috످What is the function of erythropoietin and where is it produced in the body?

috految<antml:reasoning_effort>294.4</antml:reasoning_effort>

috److془This is well-known physiology. Answer directly.془Erythropoietin (EPO) is a hormone that stimulates the bone marrow to make red blood cells, a process called erythropoiesis. It is produced mainly by the kidneys in response to low oxygen levels.

EPO helps maintain the body's oxygen supply through a negative feedback loop. First, oxygen levels drop (hypoxia) due to factors such as blood loss, anemia, high altitude, or lung disease. The kidneys detect the drop and release more EPO into the bloodstream. EPO then binds to receptors on developing red blood cells in the bone marrow, signaling them to survive, multiply, and mature. More red blood cells enter circulation, increasing oxygen delivery to tissues. Finally, EPO production slows as oxygen levels return to normal.

The kidneys produce about 90% of EPO in adults. There, EPO is made by specialized cells called peritubular interstitial fibroblasts, located in the renal cortex and outer medulla. The liver produces about 10% in adults. It is the main source during fetal development, but the kidneys take over around the time of birth. Other tissues (the brain, spleen, and reproductive organs) also make trace amounts of EPO, which mostly acts locally.

Because the kidneys produce most of the body's EPO, people with chronic kidney disease often develop anemia, which can be treated with synthetic EPO (such as epoetin alfa).

috످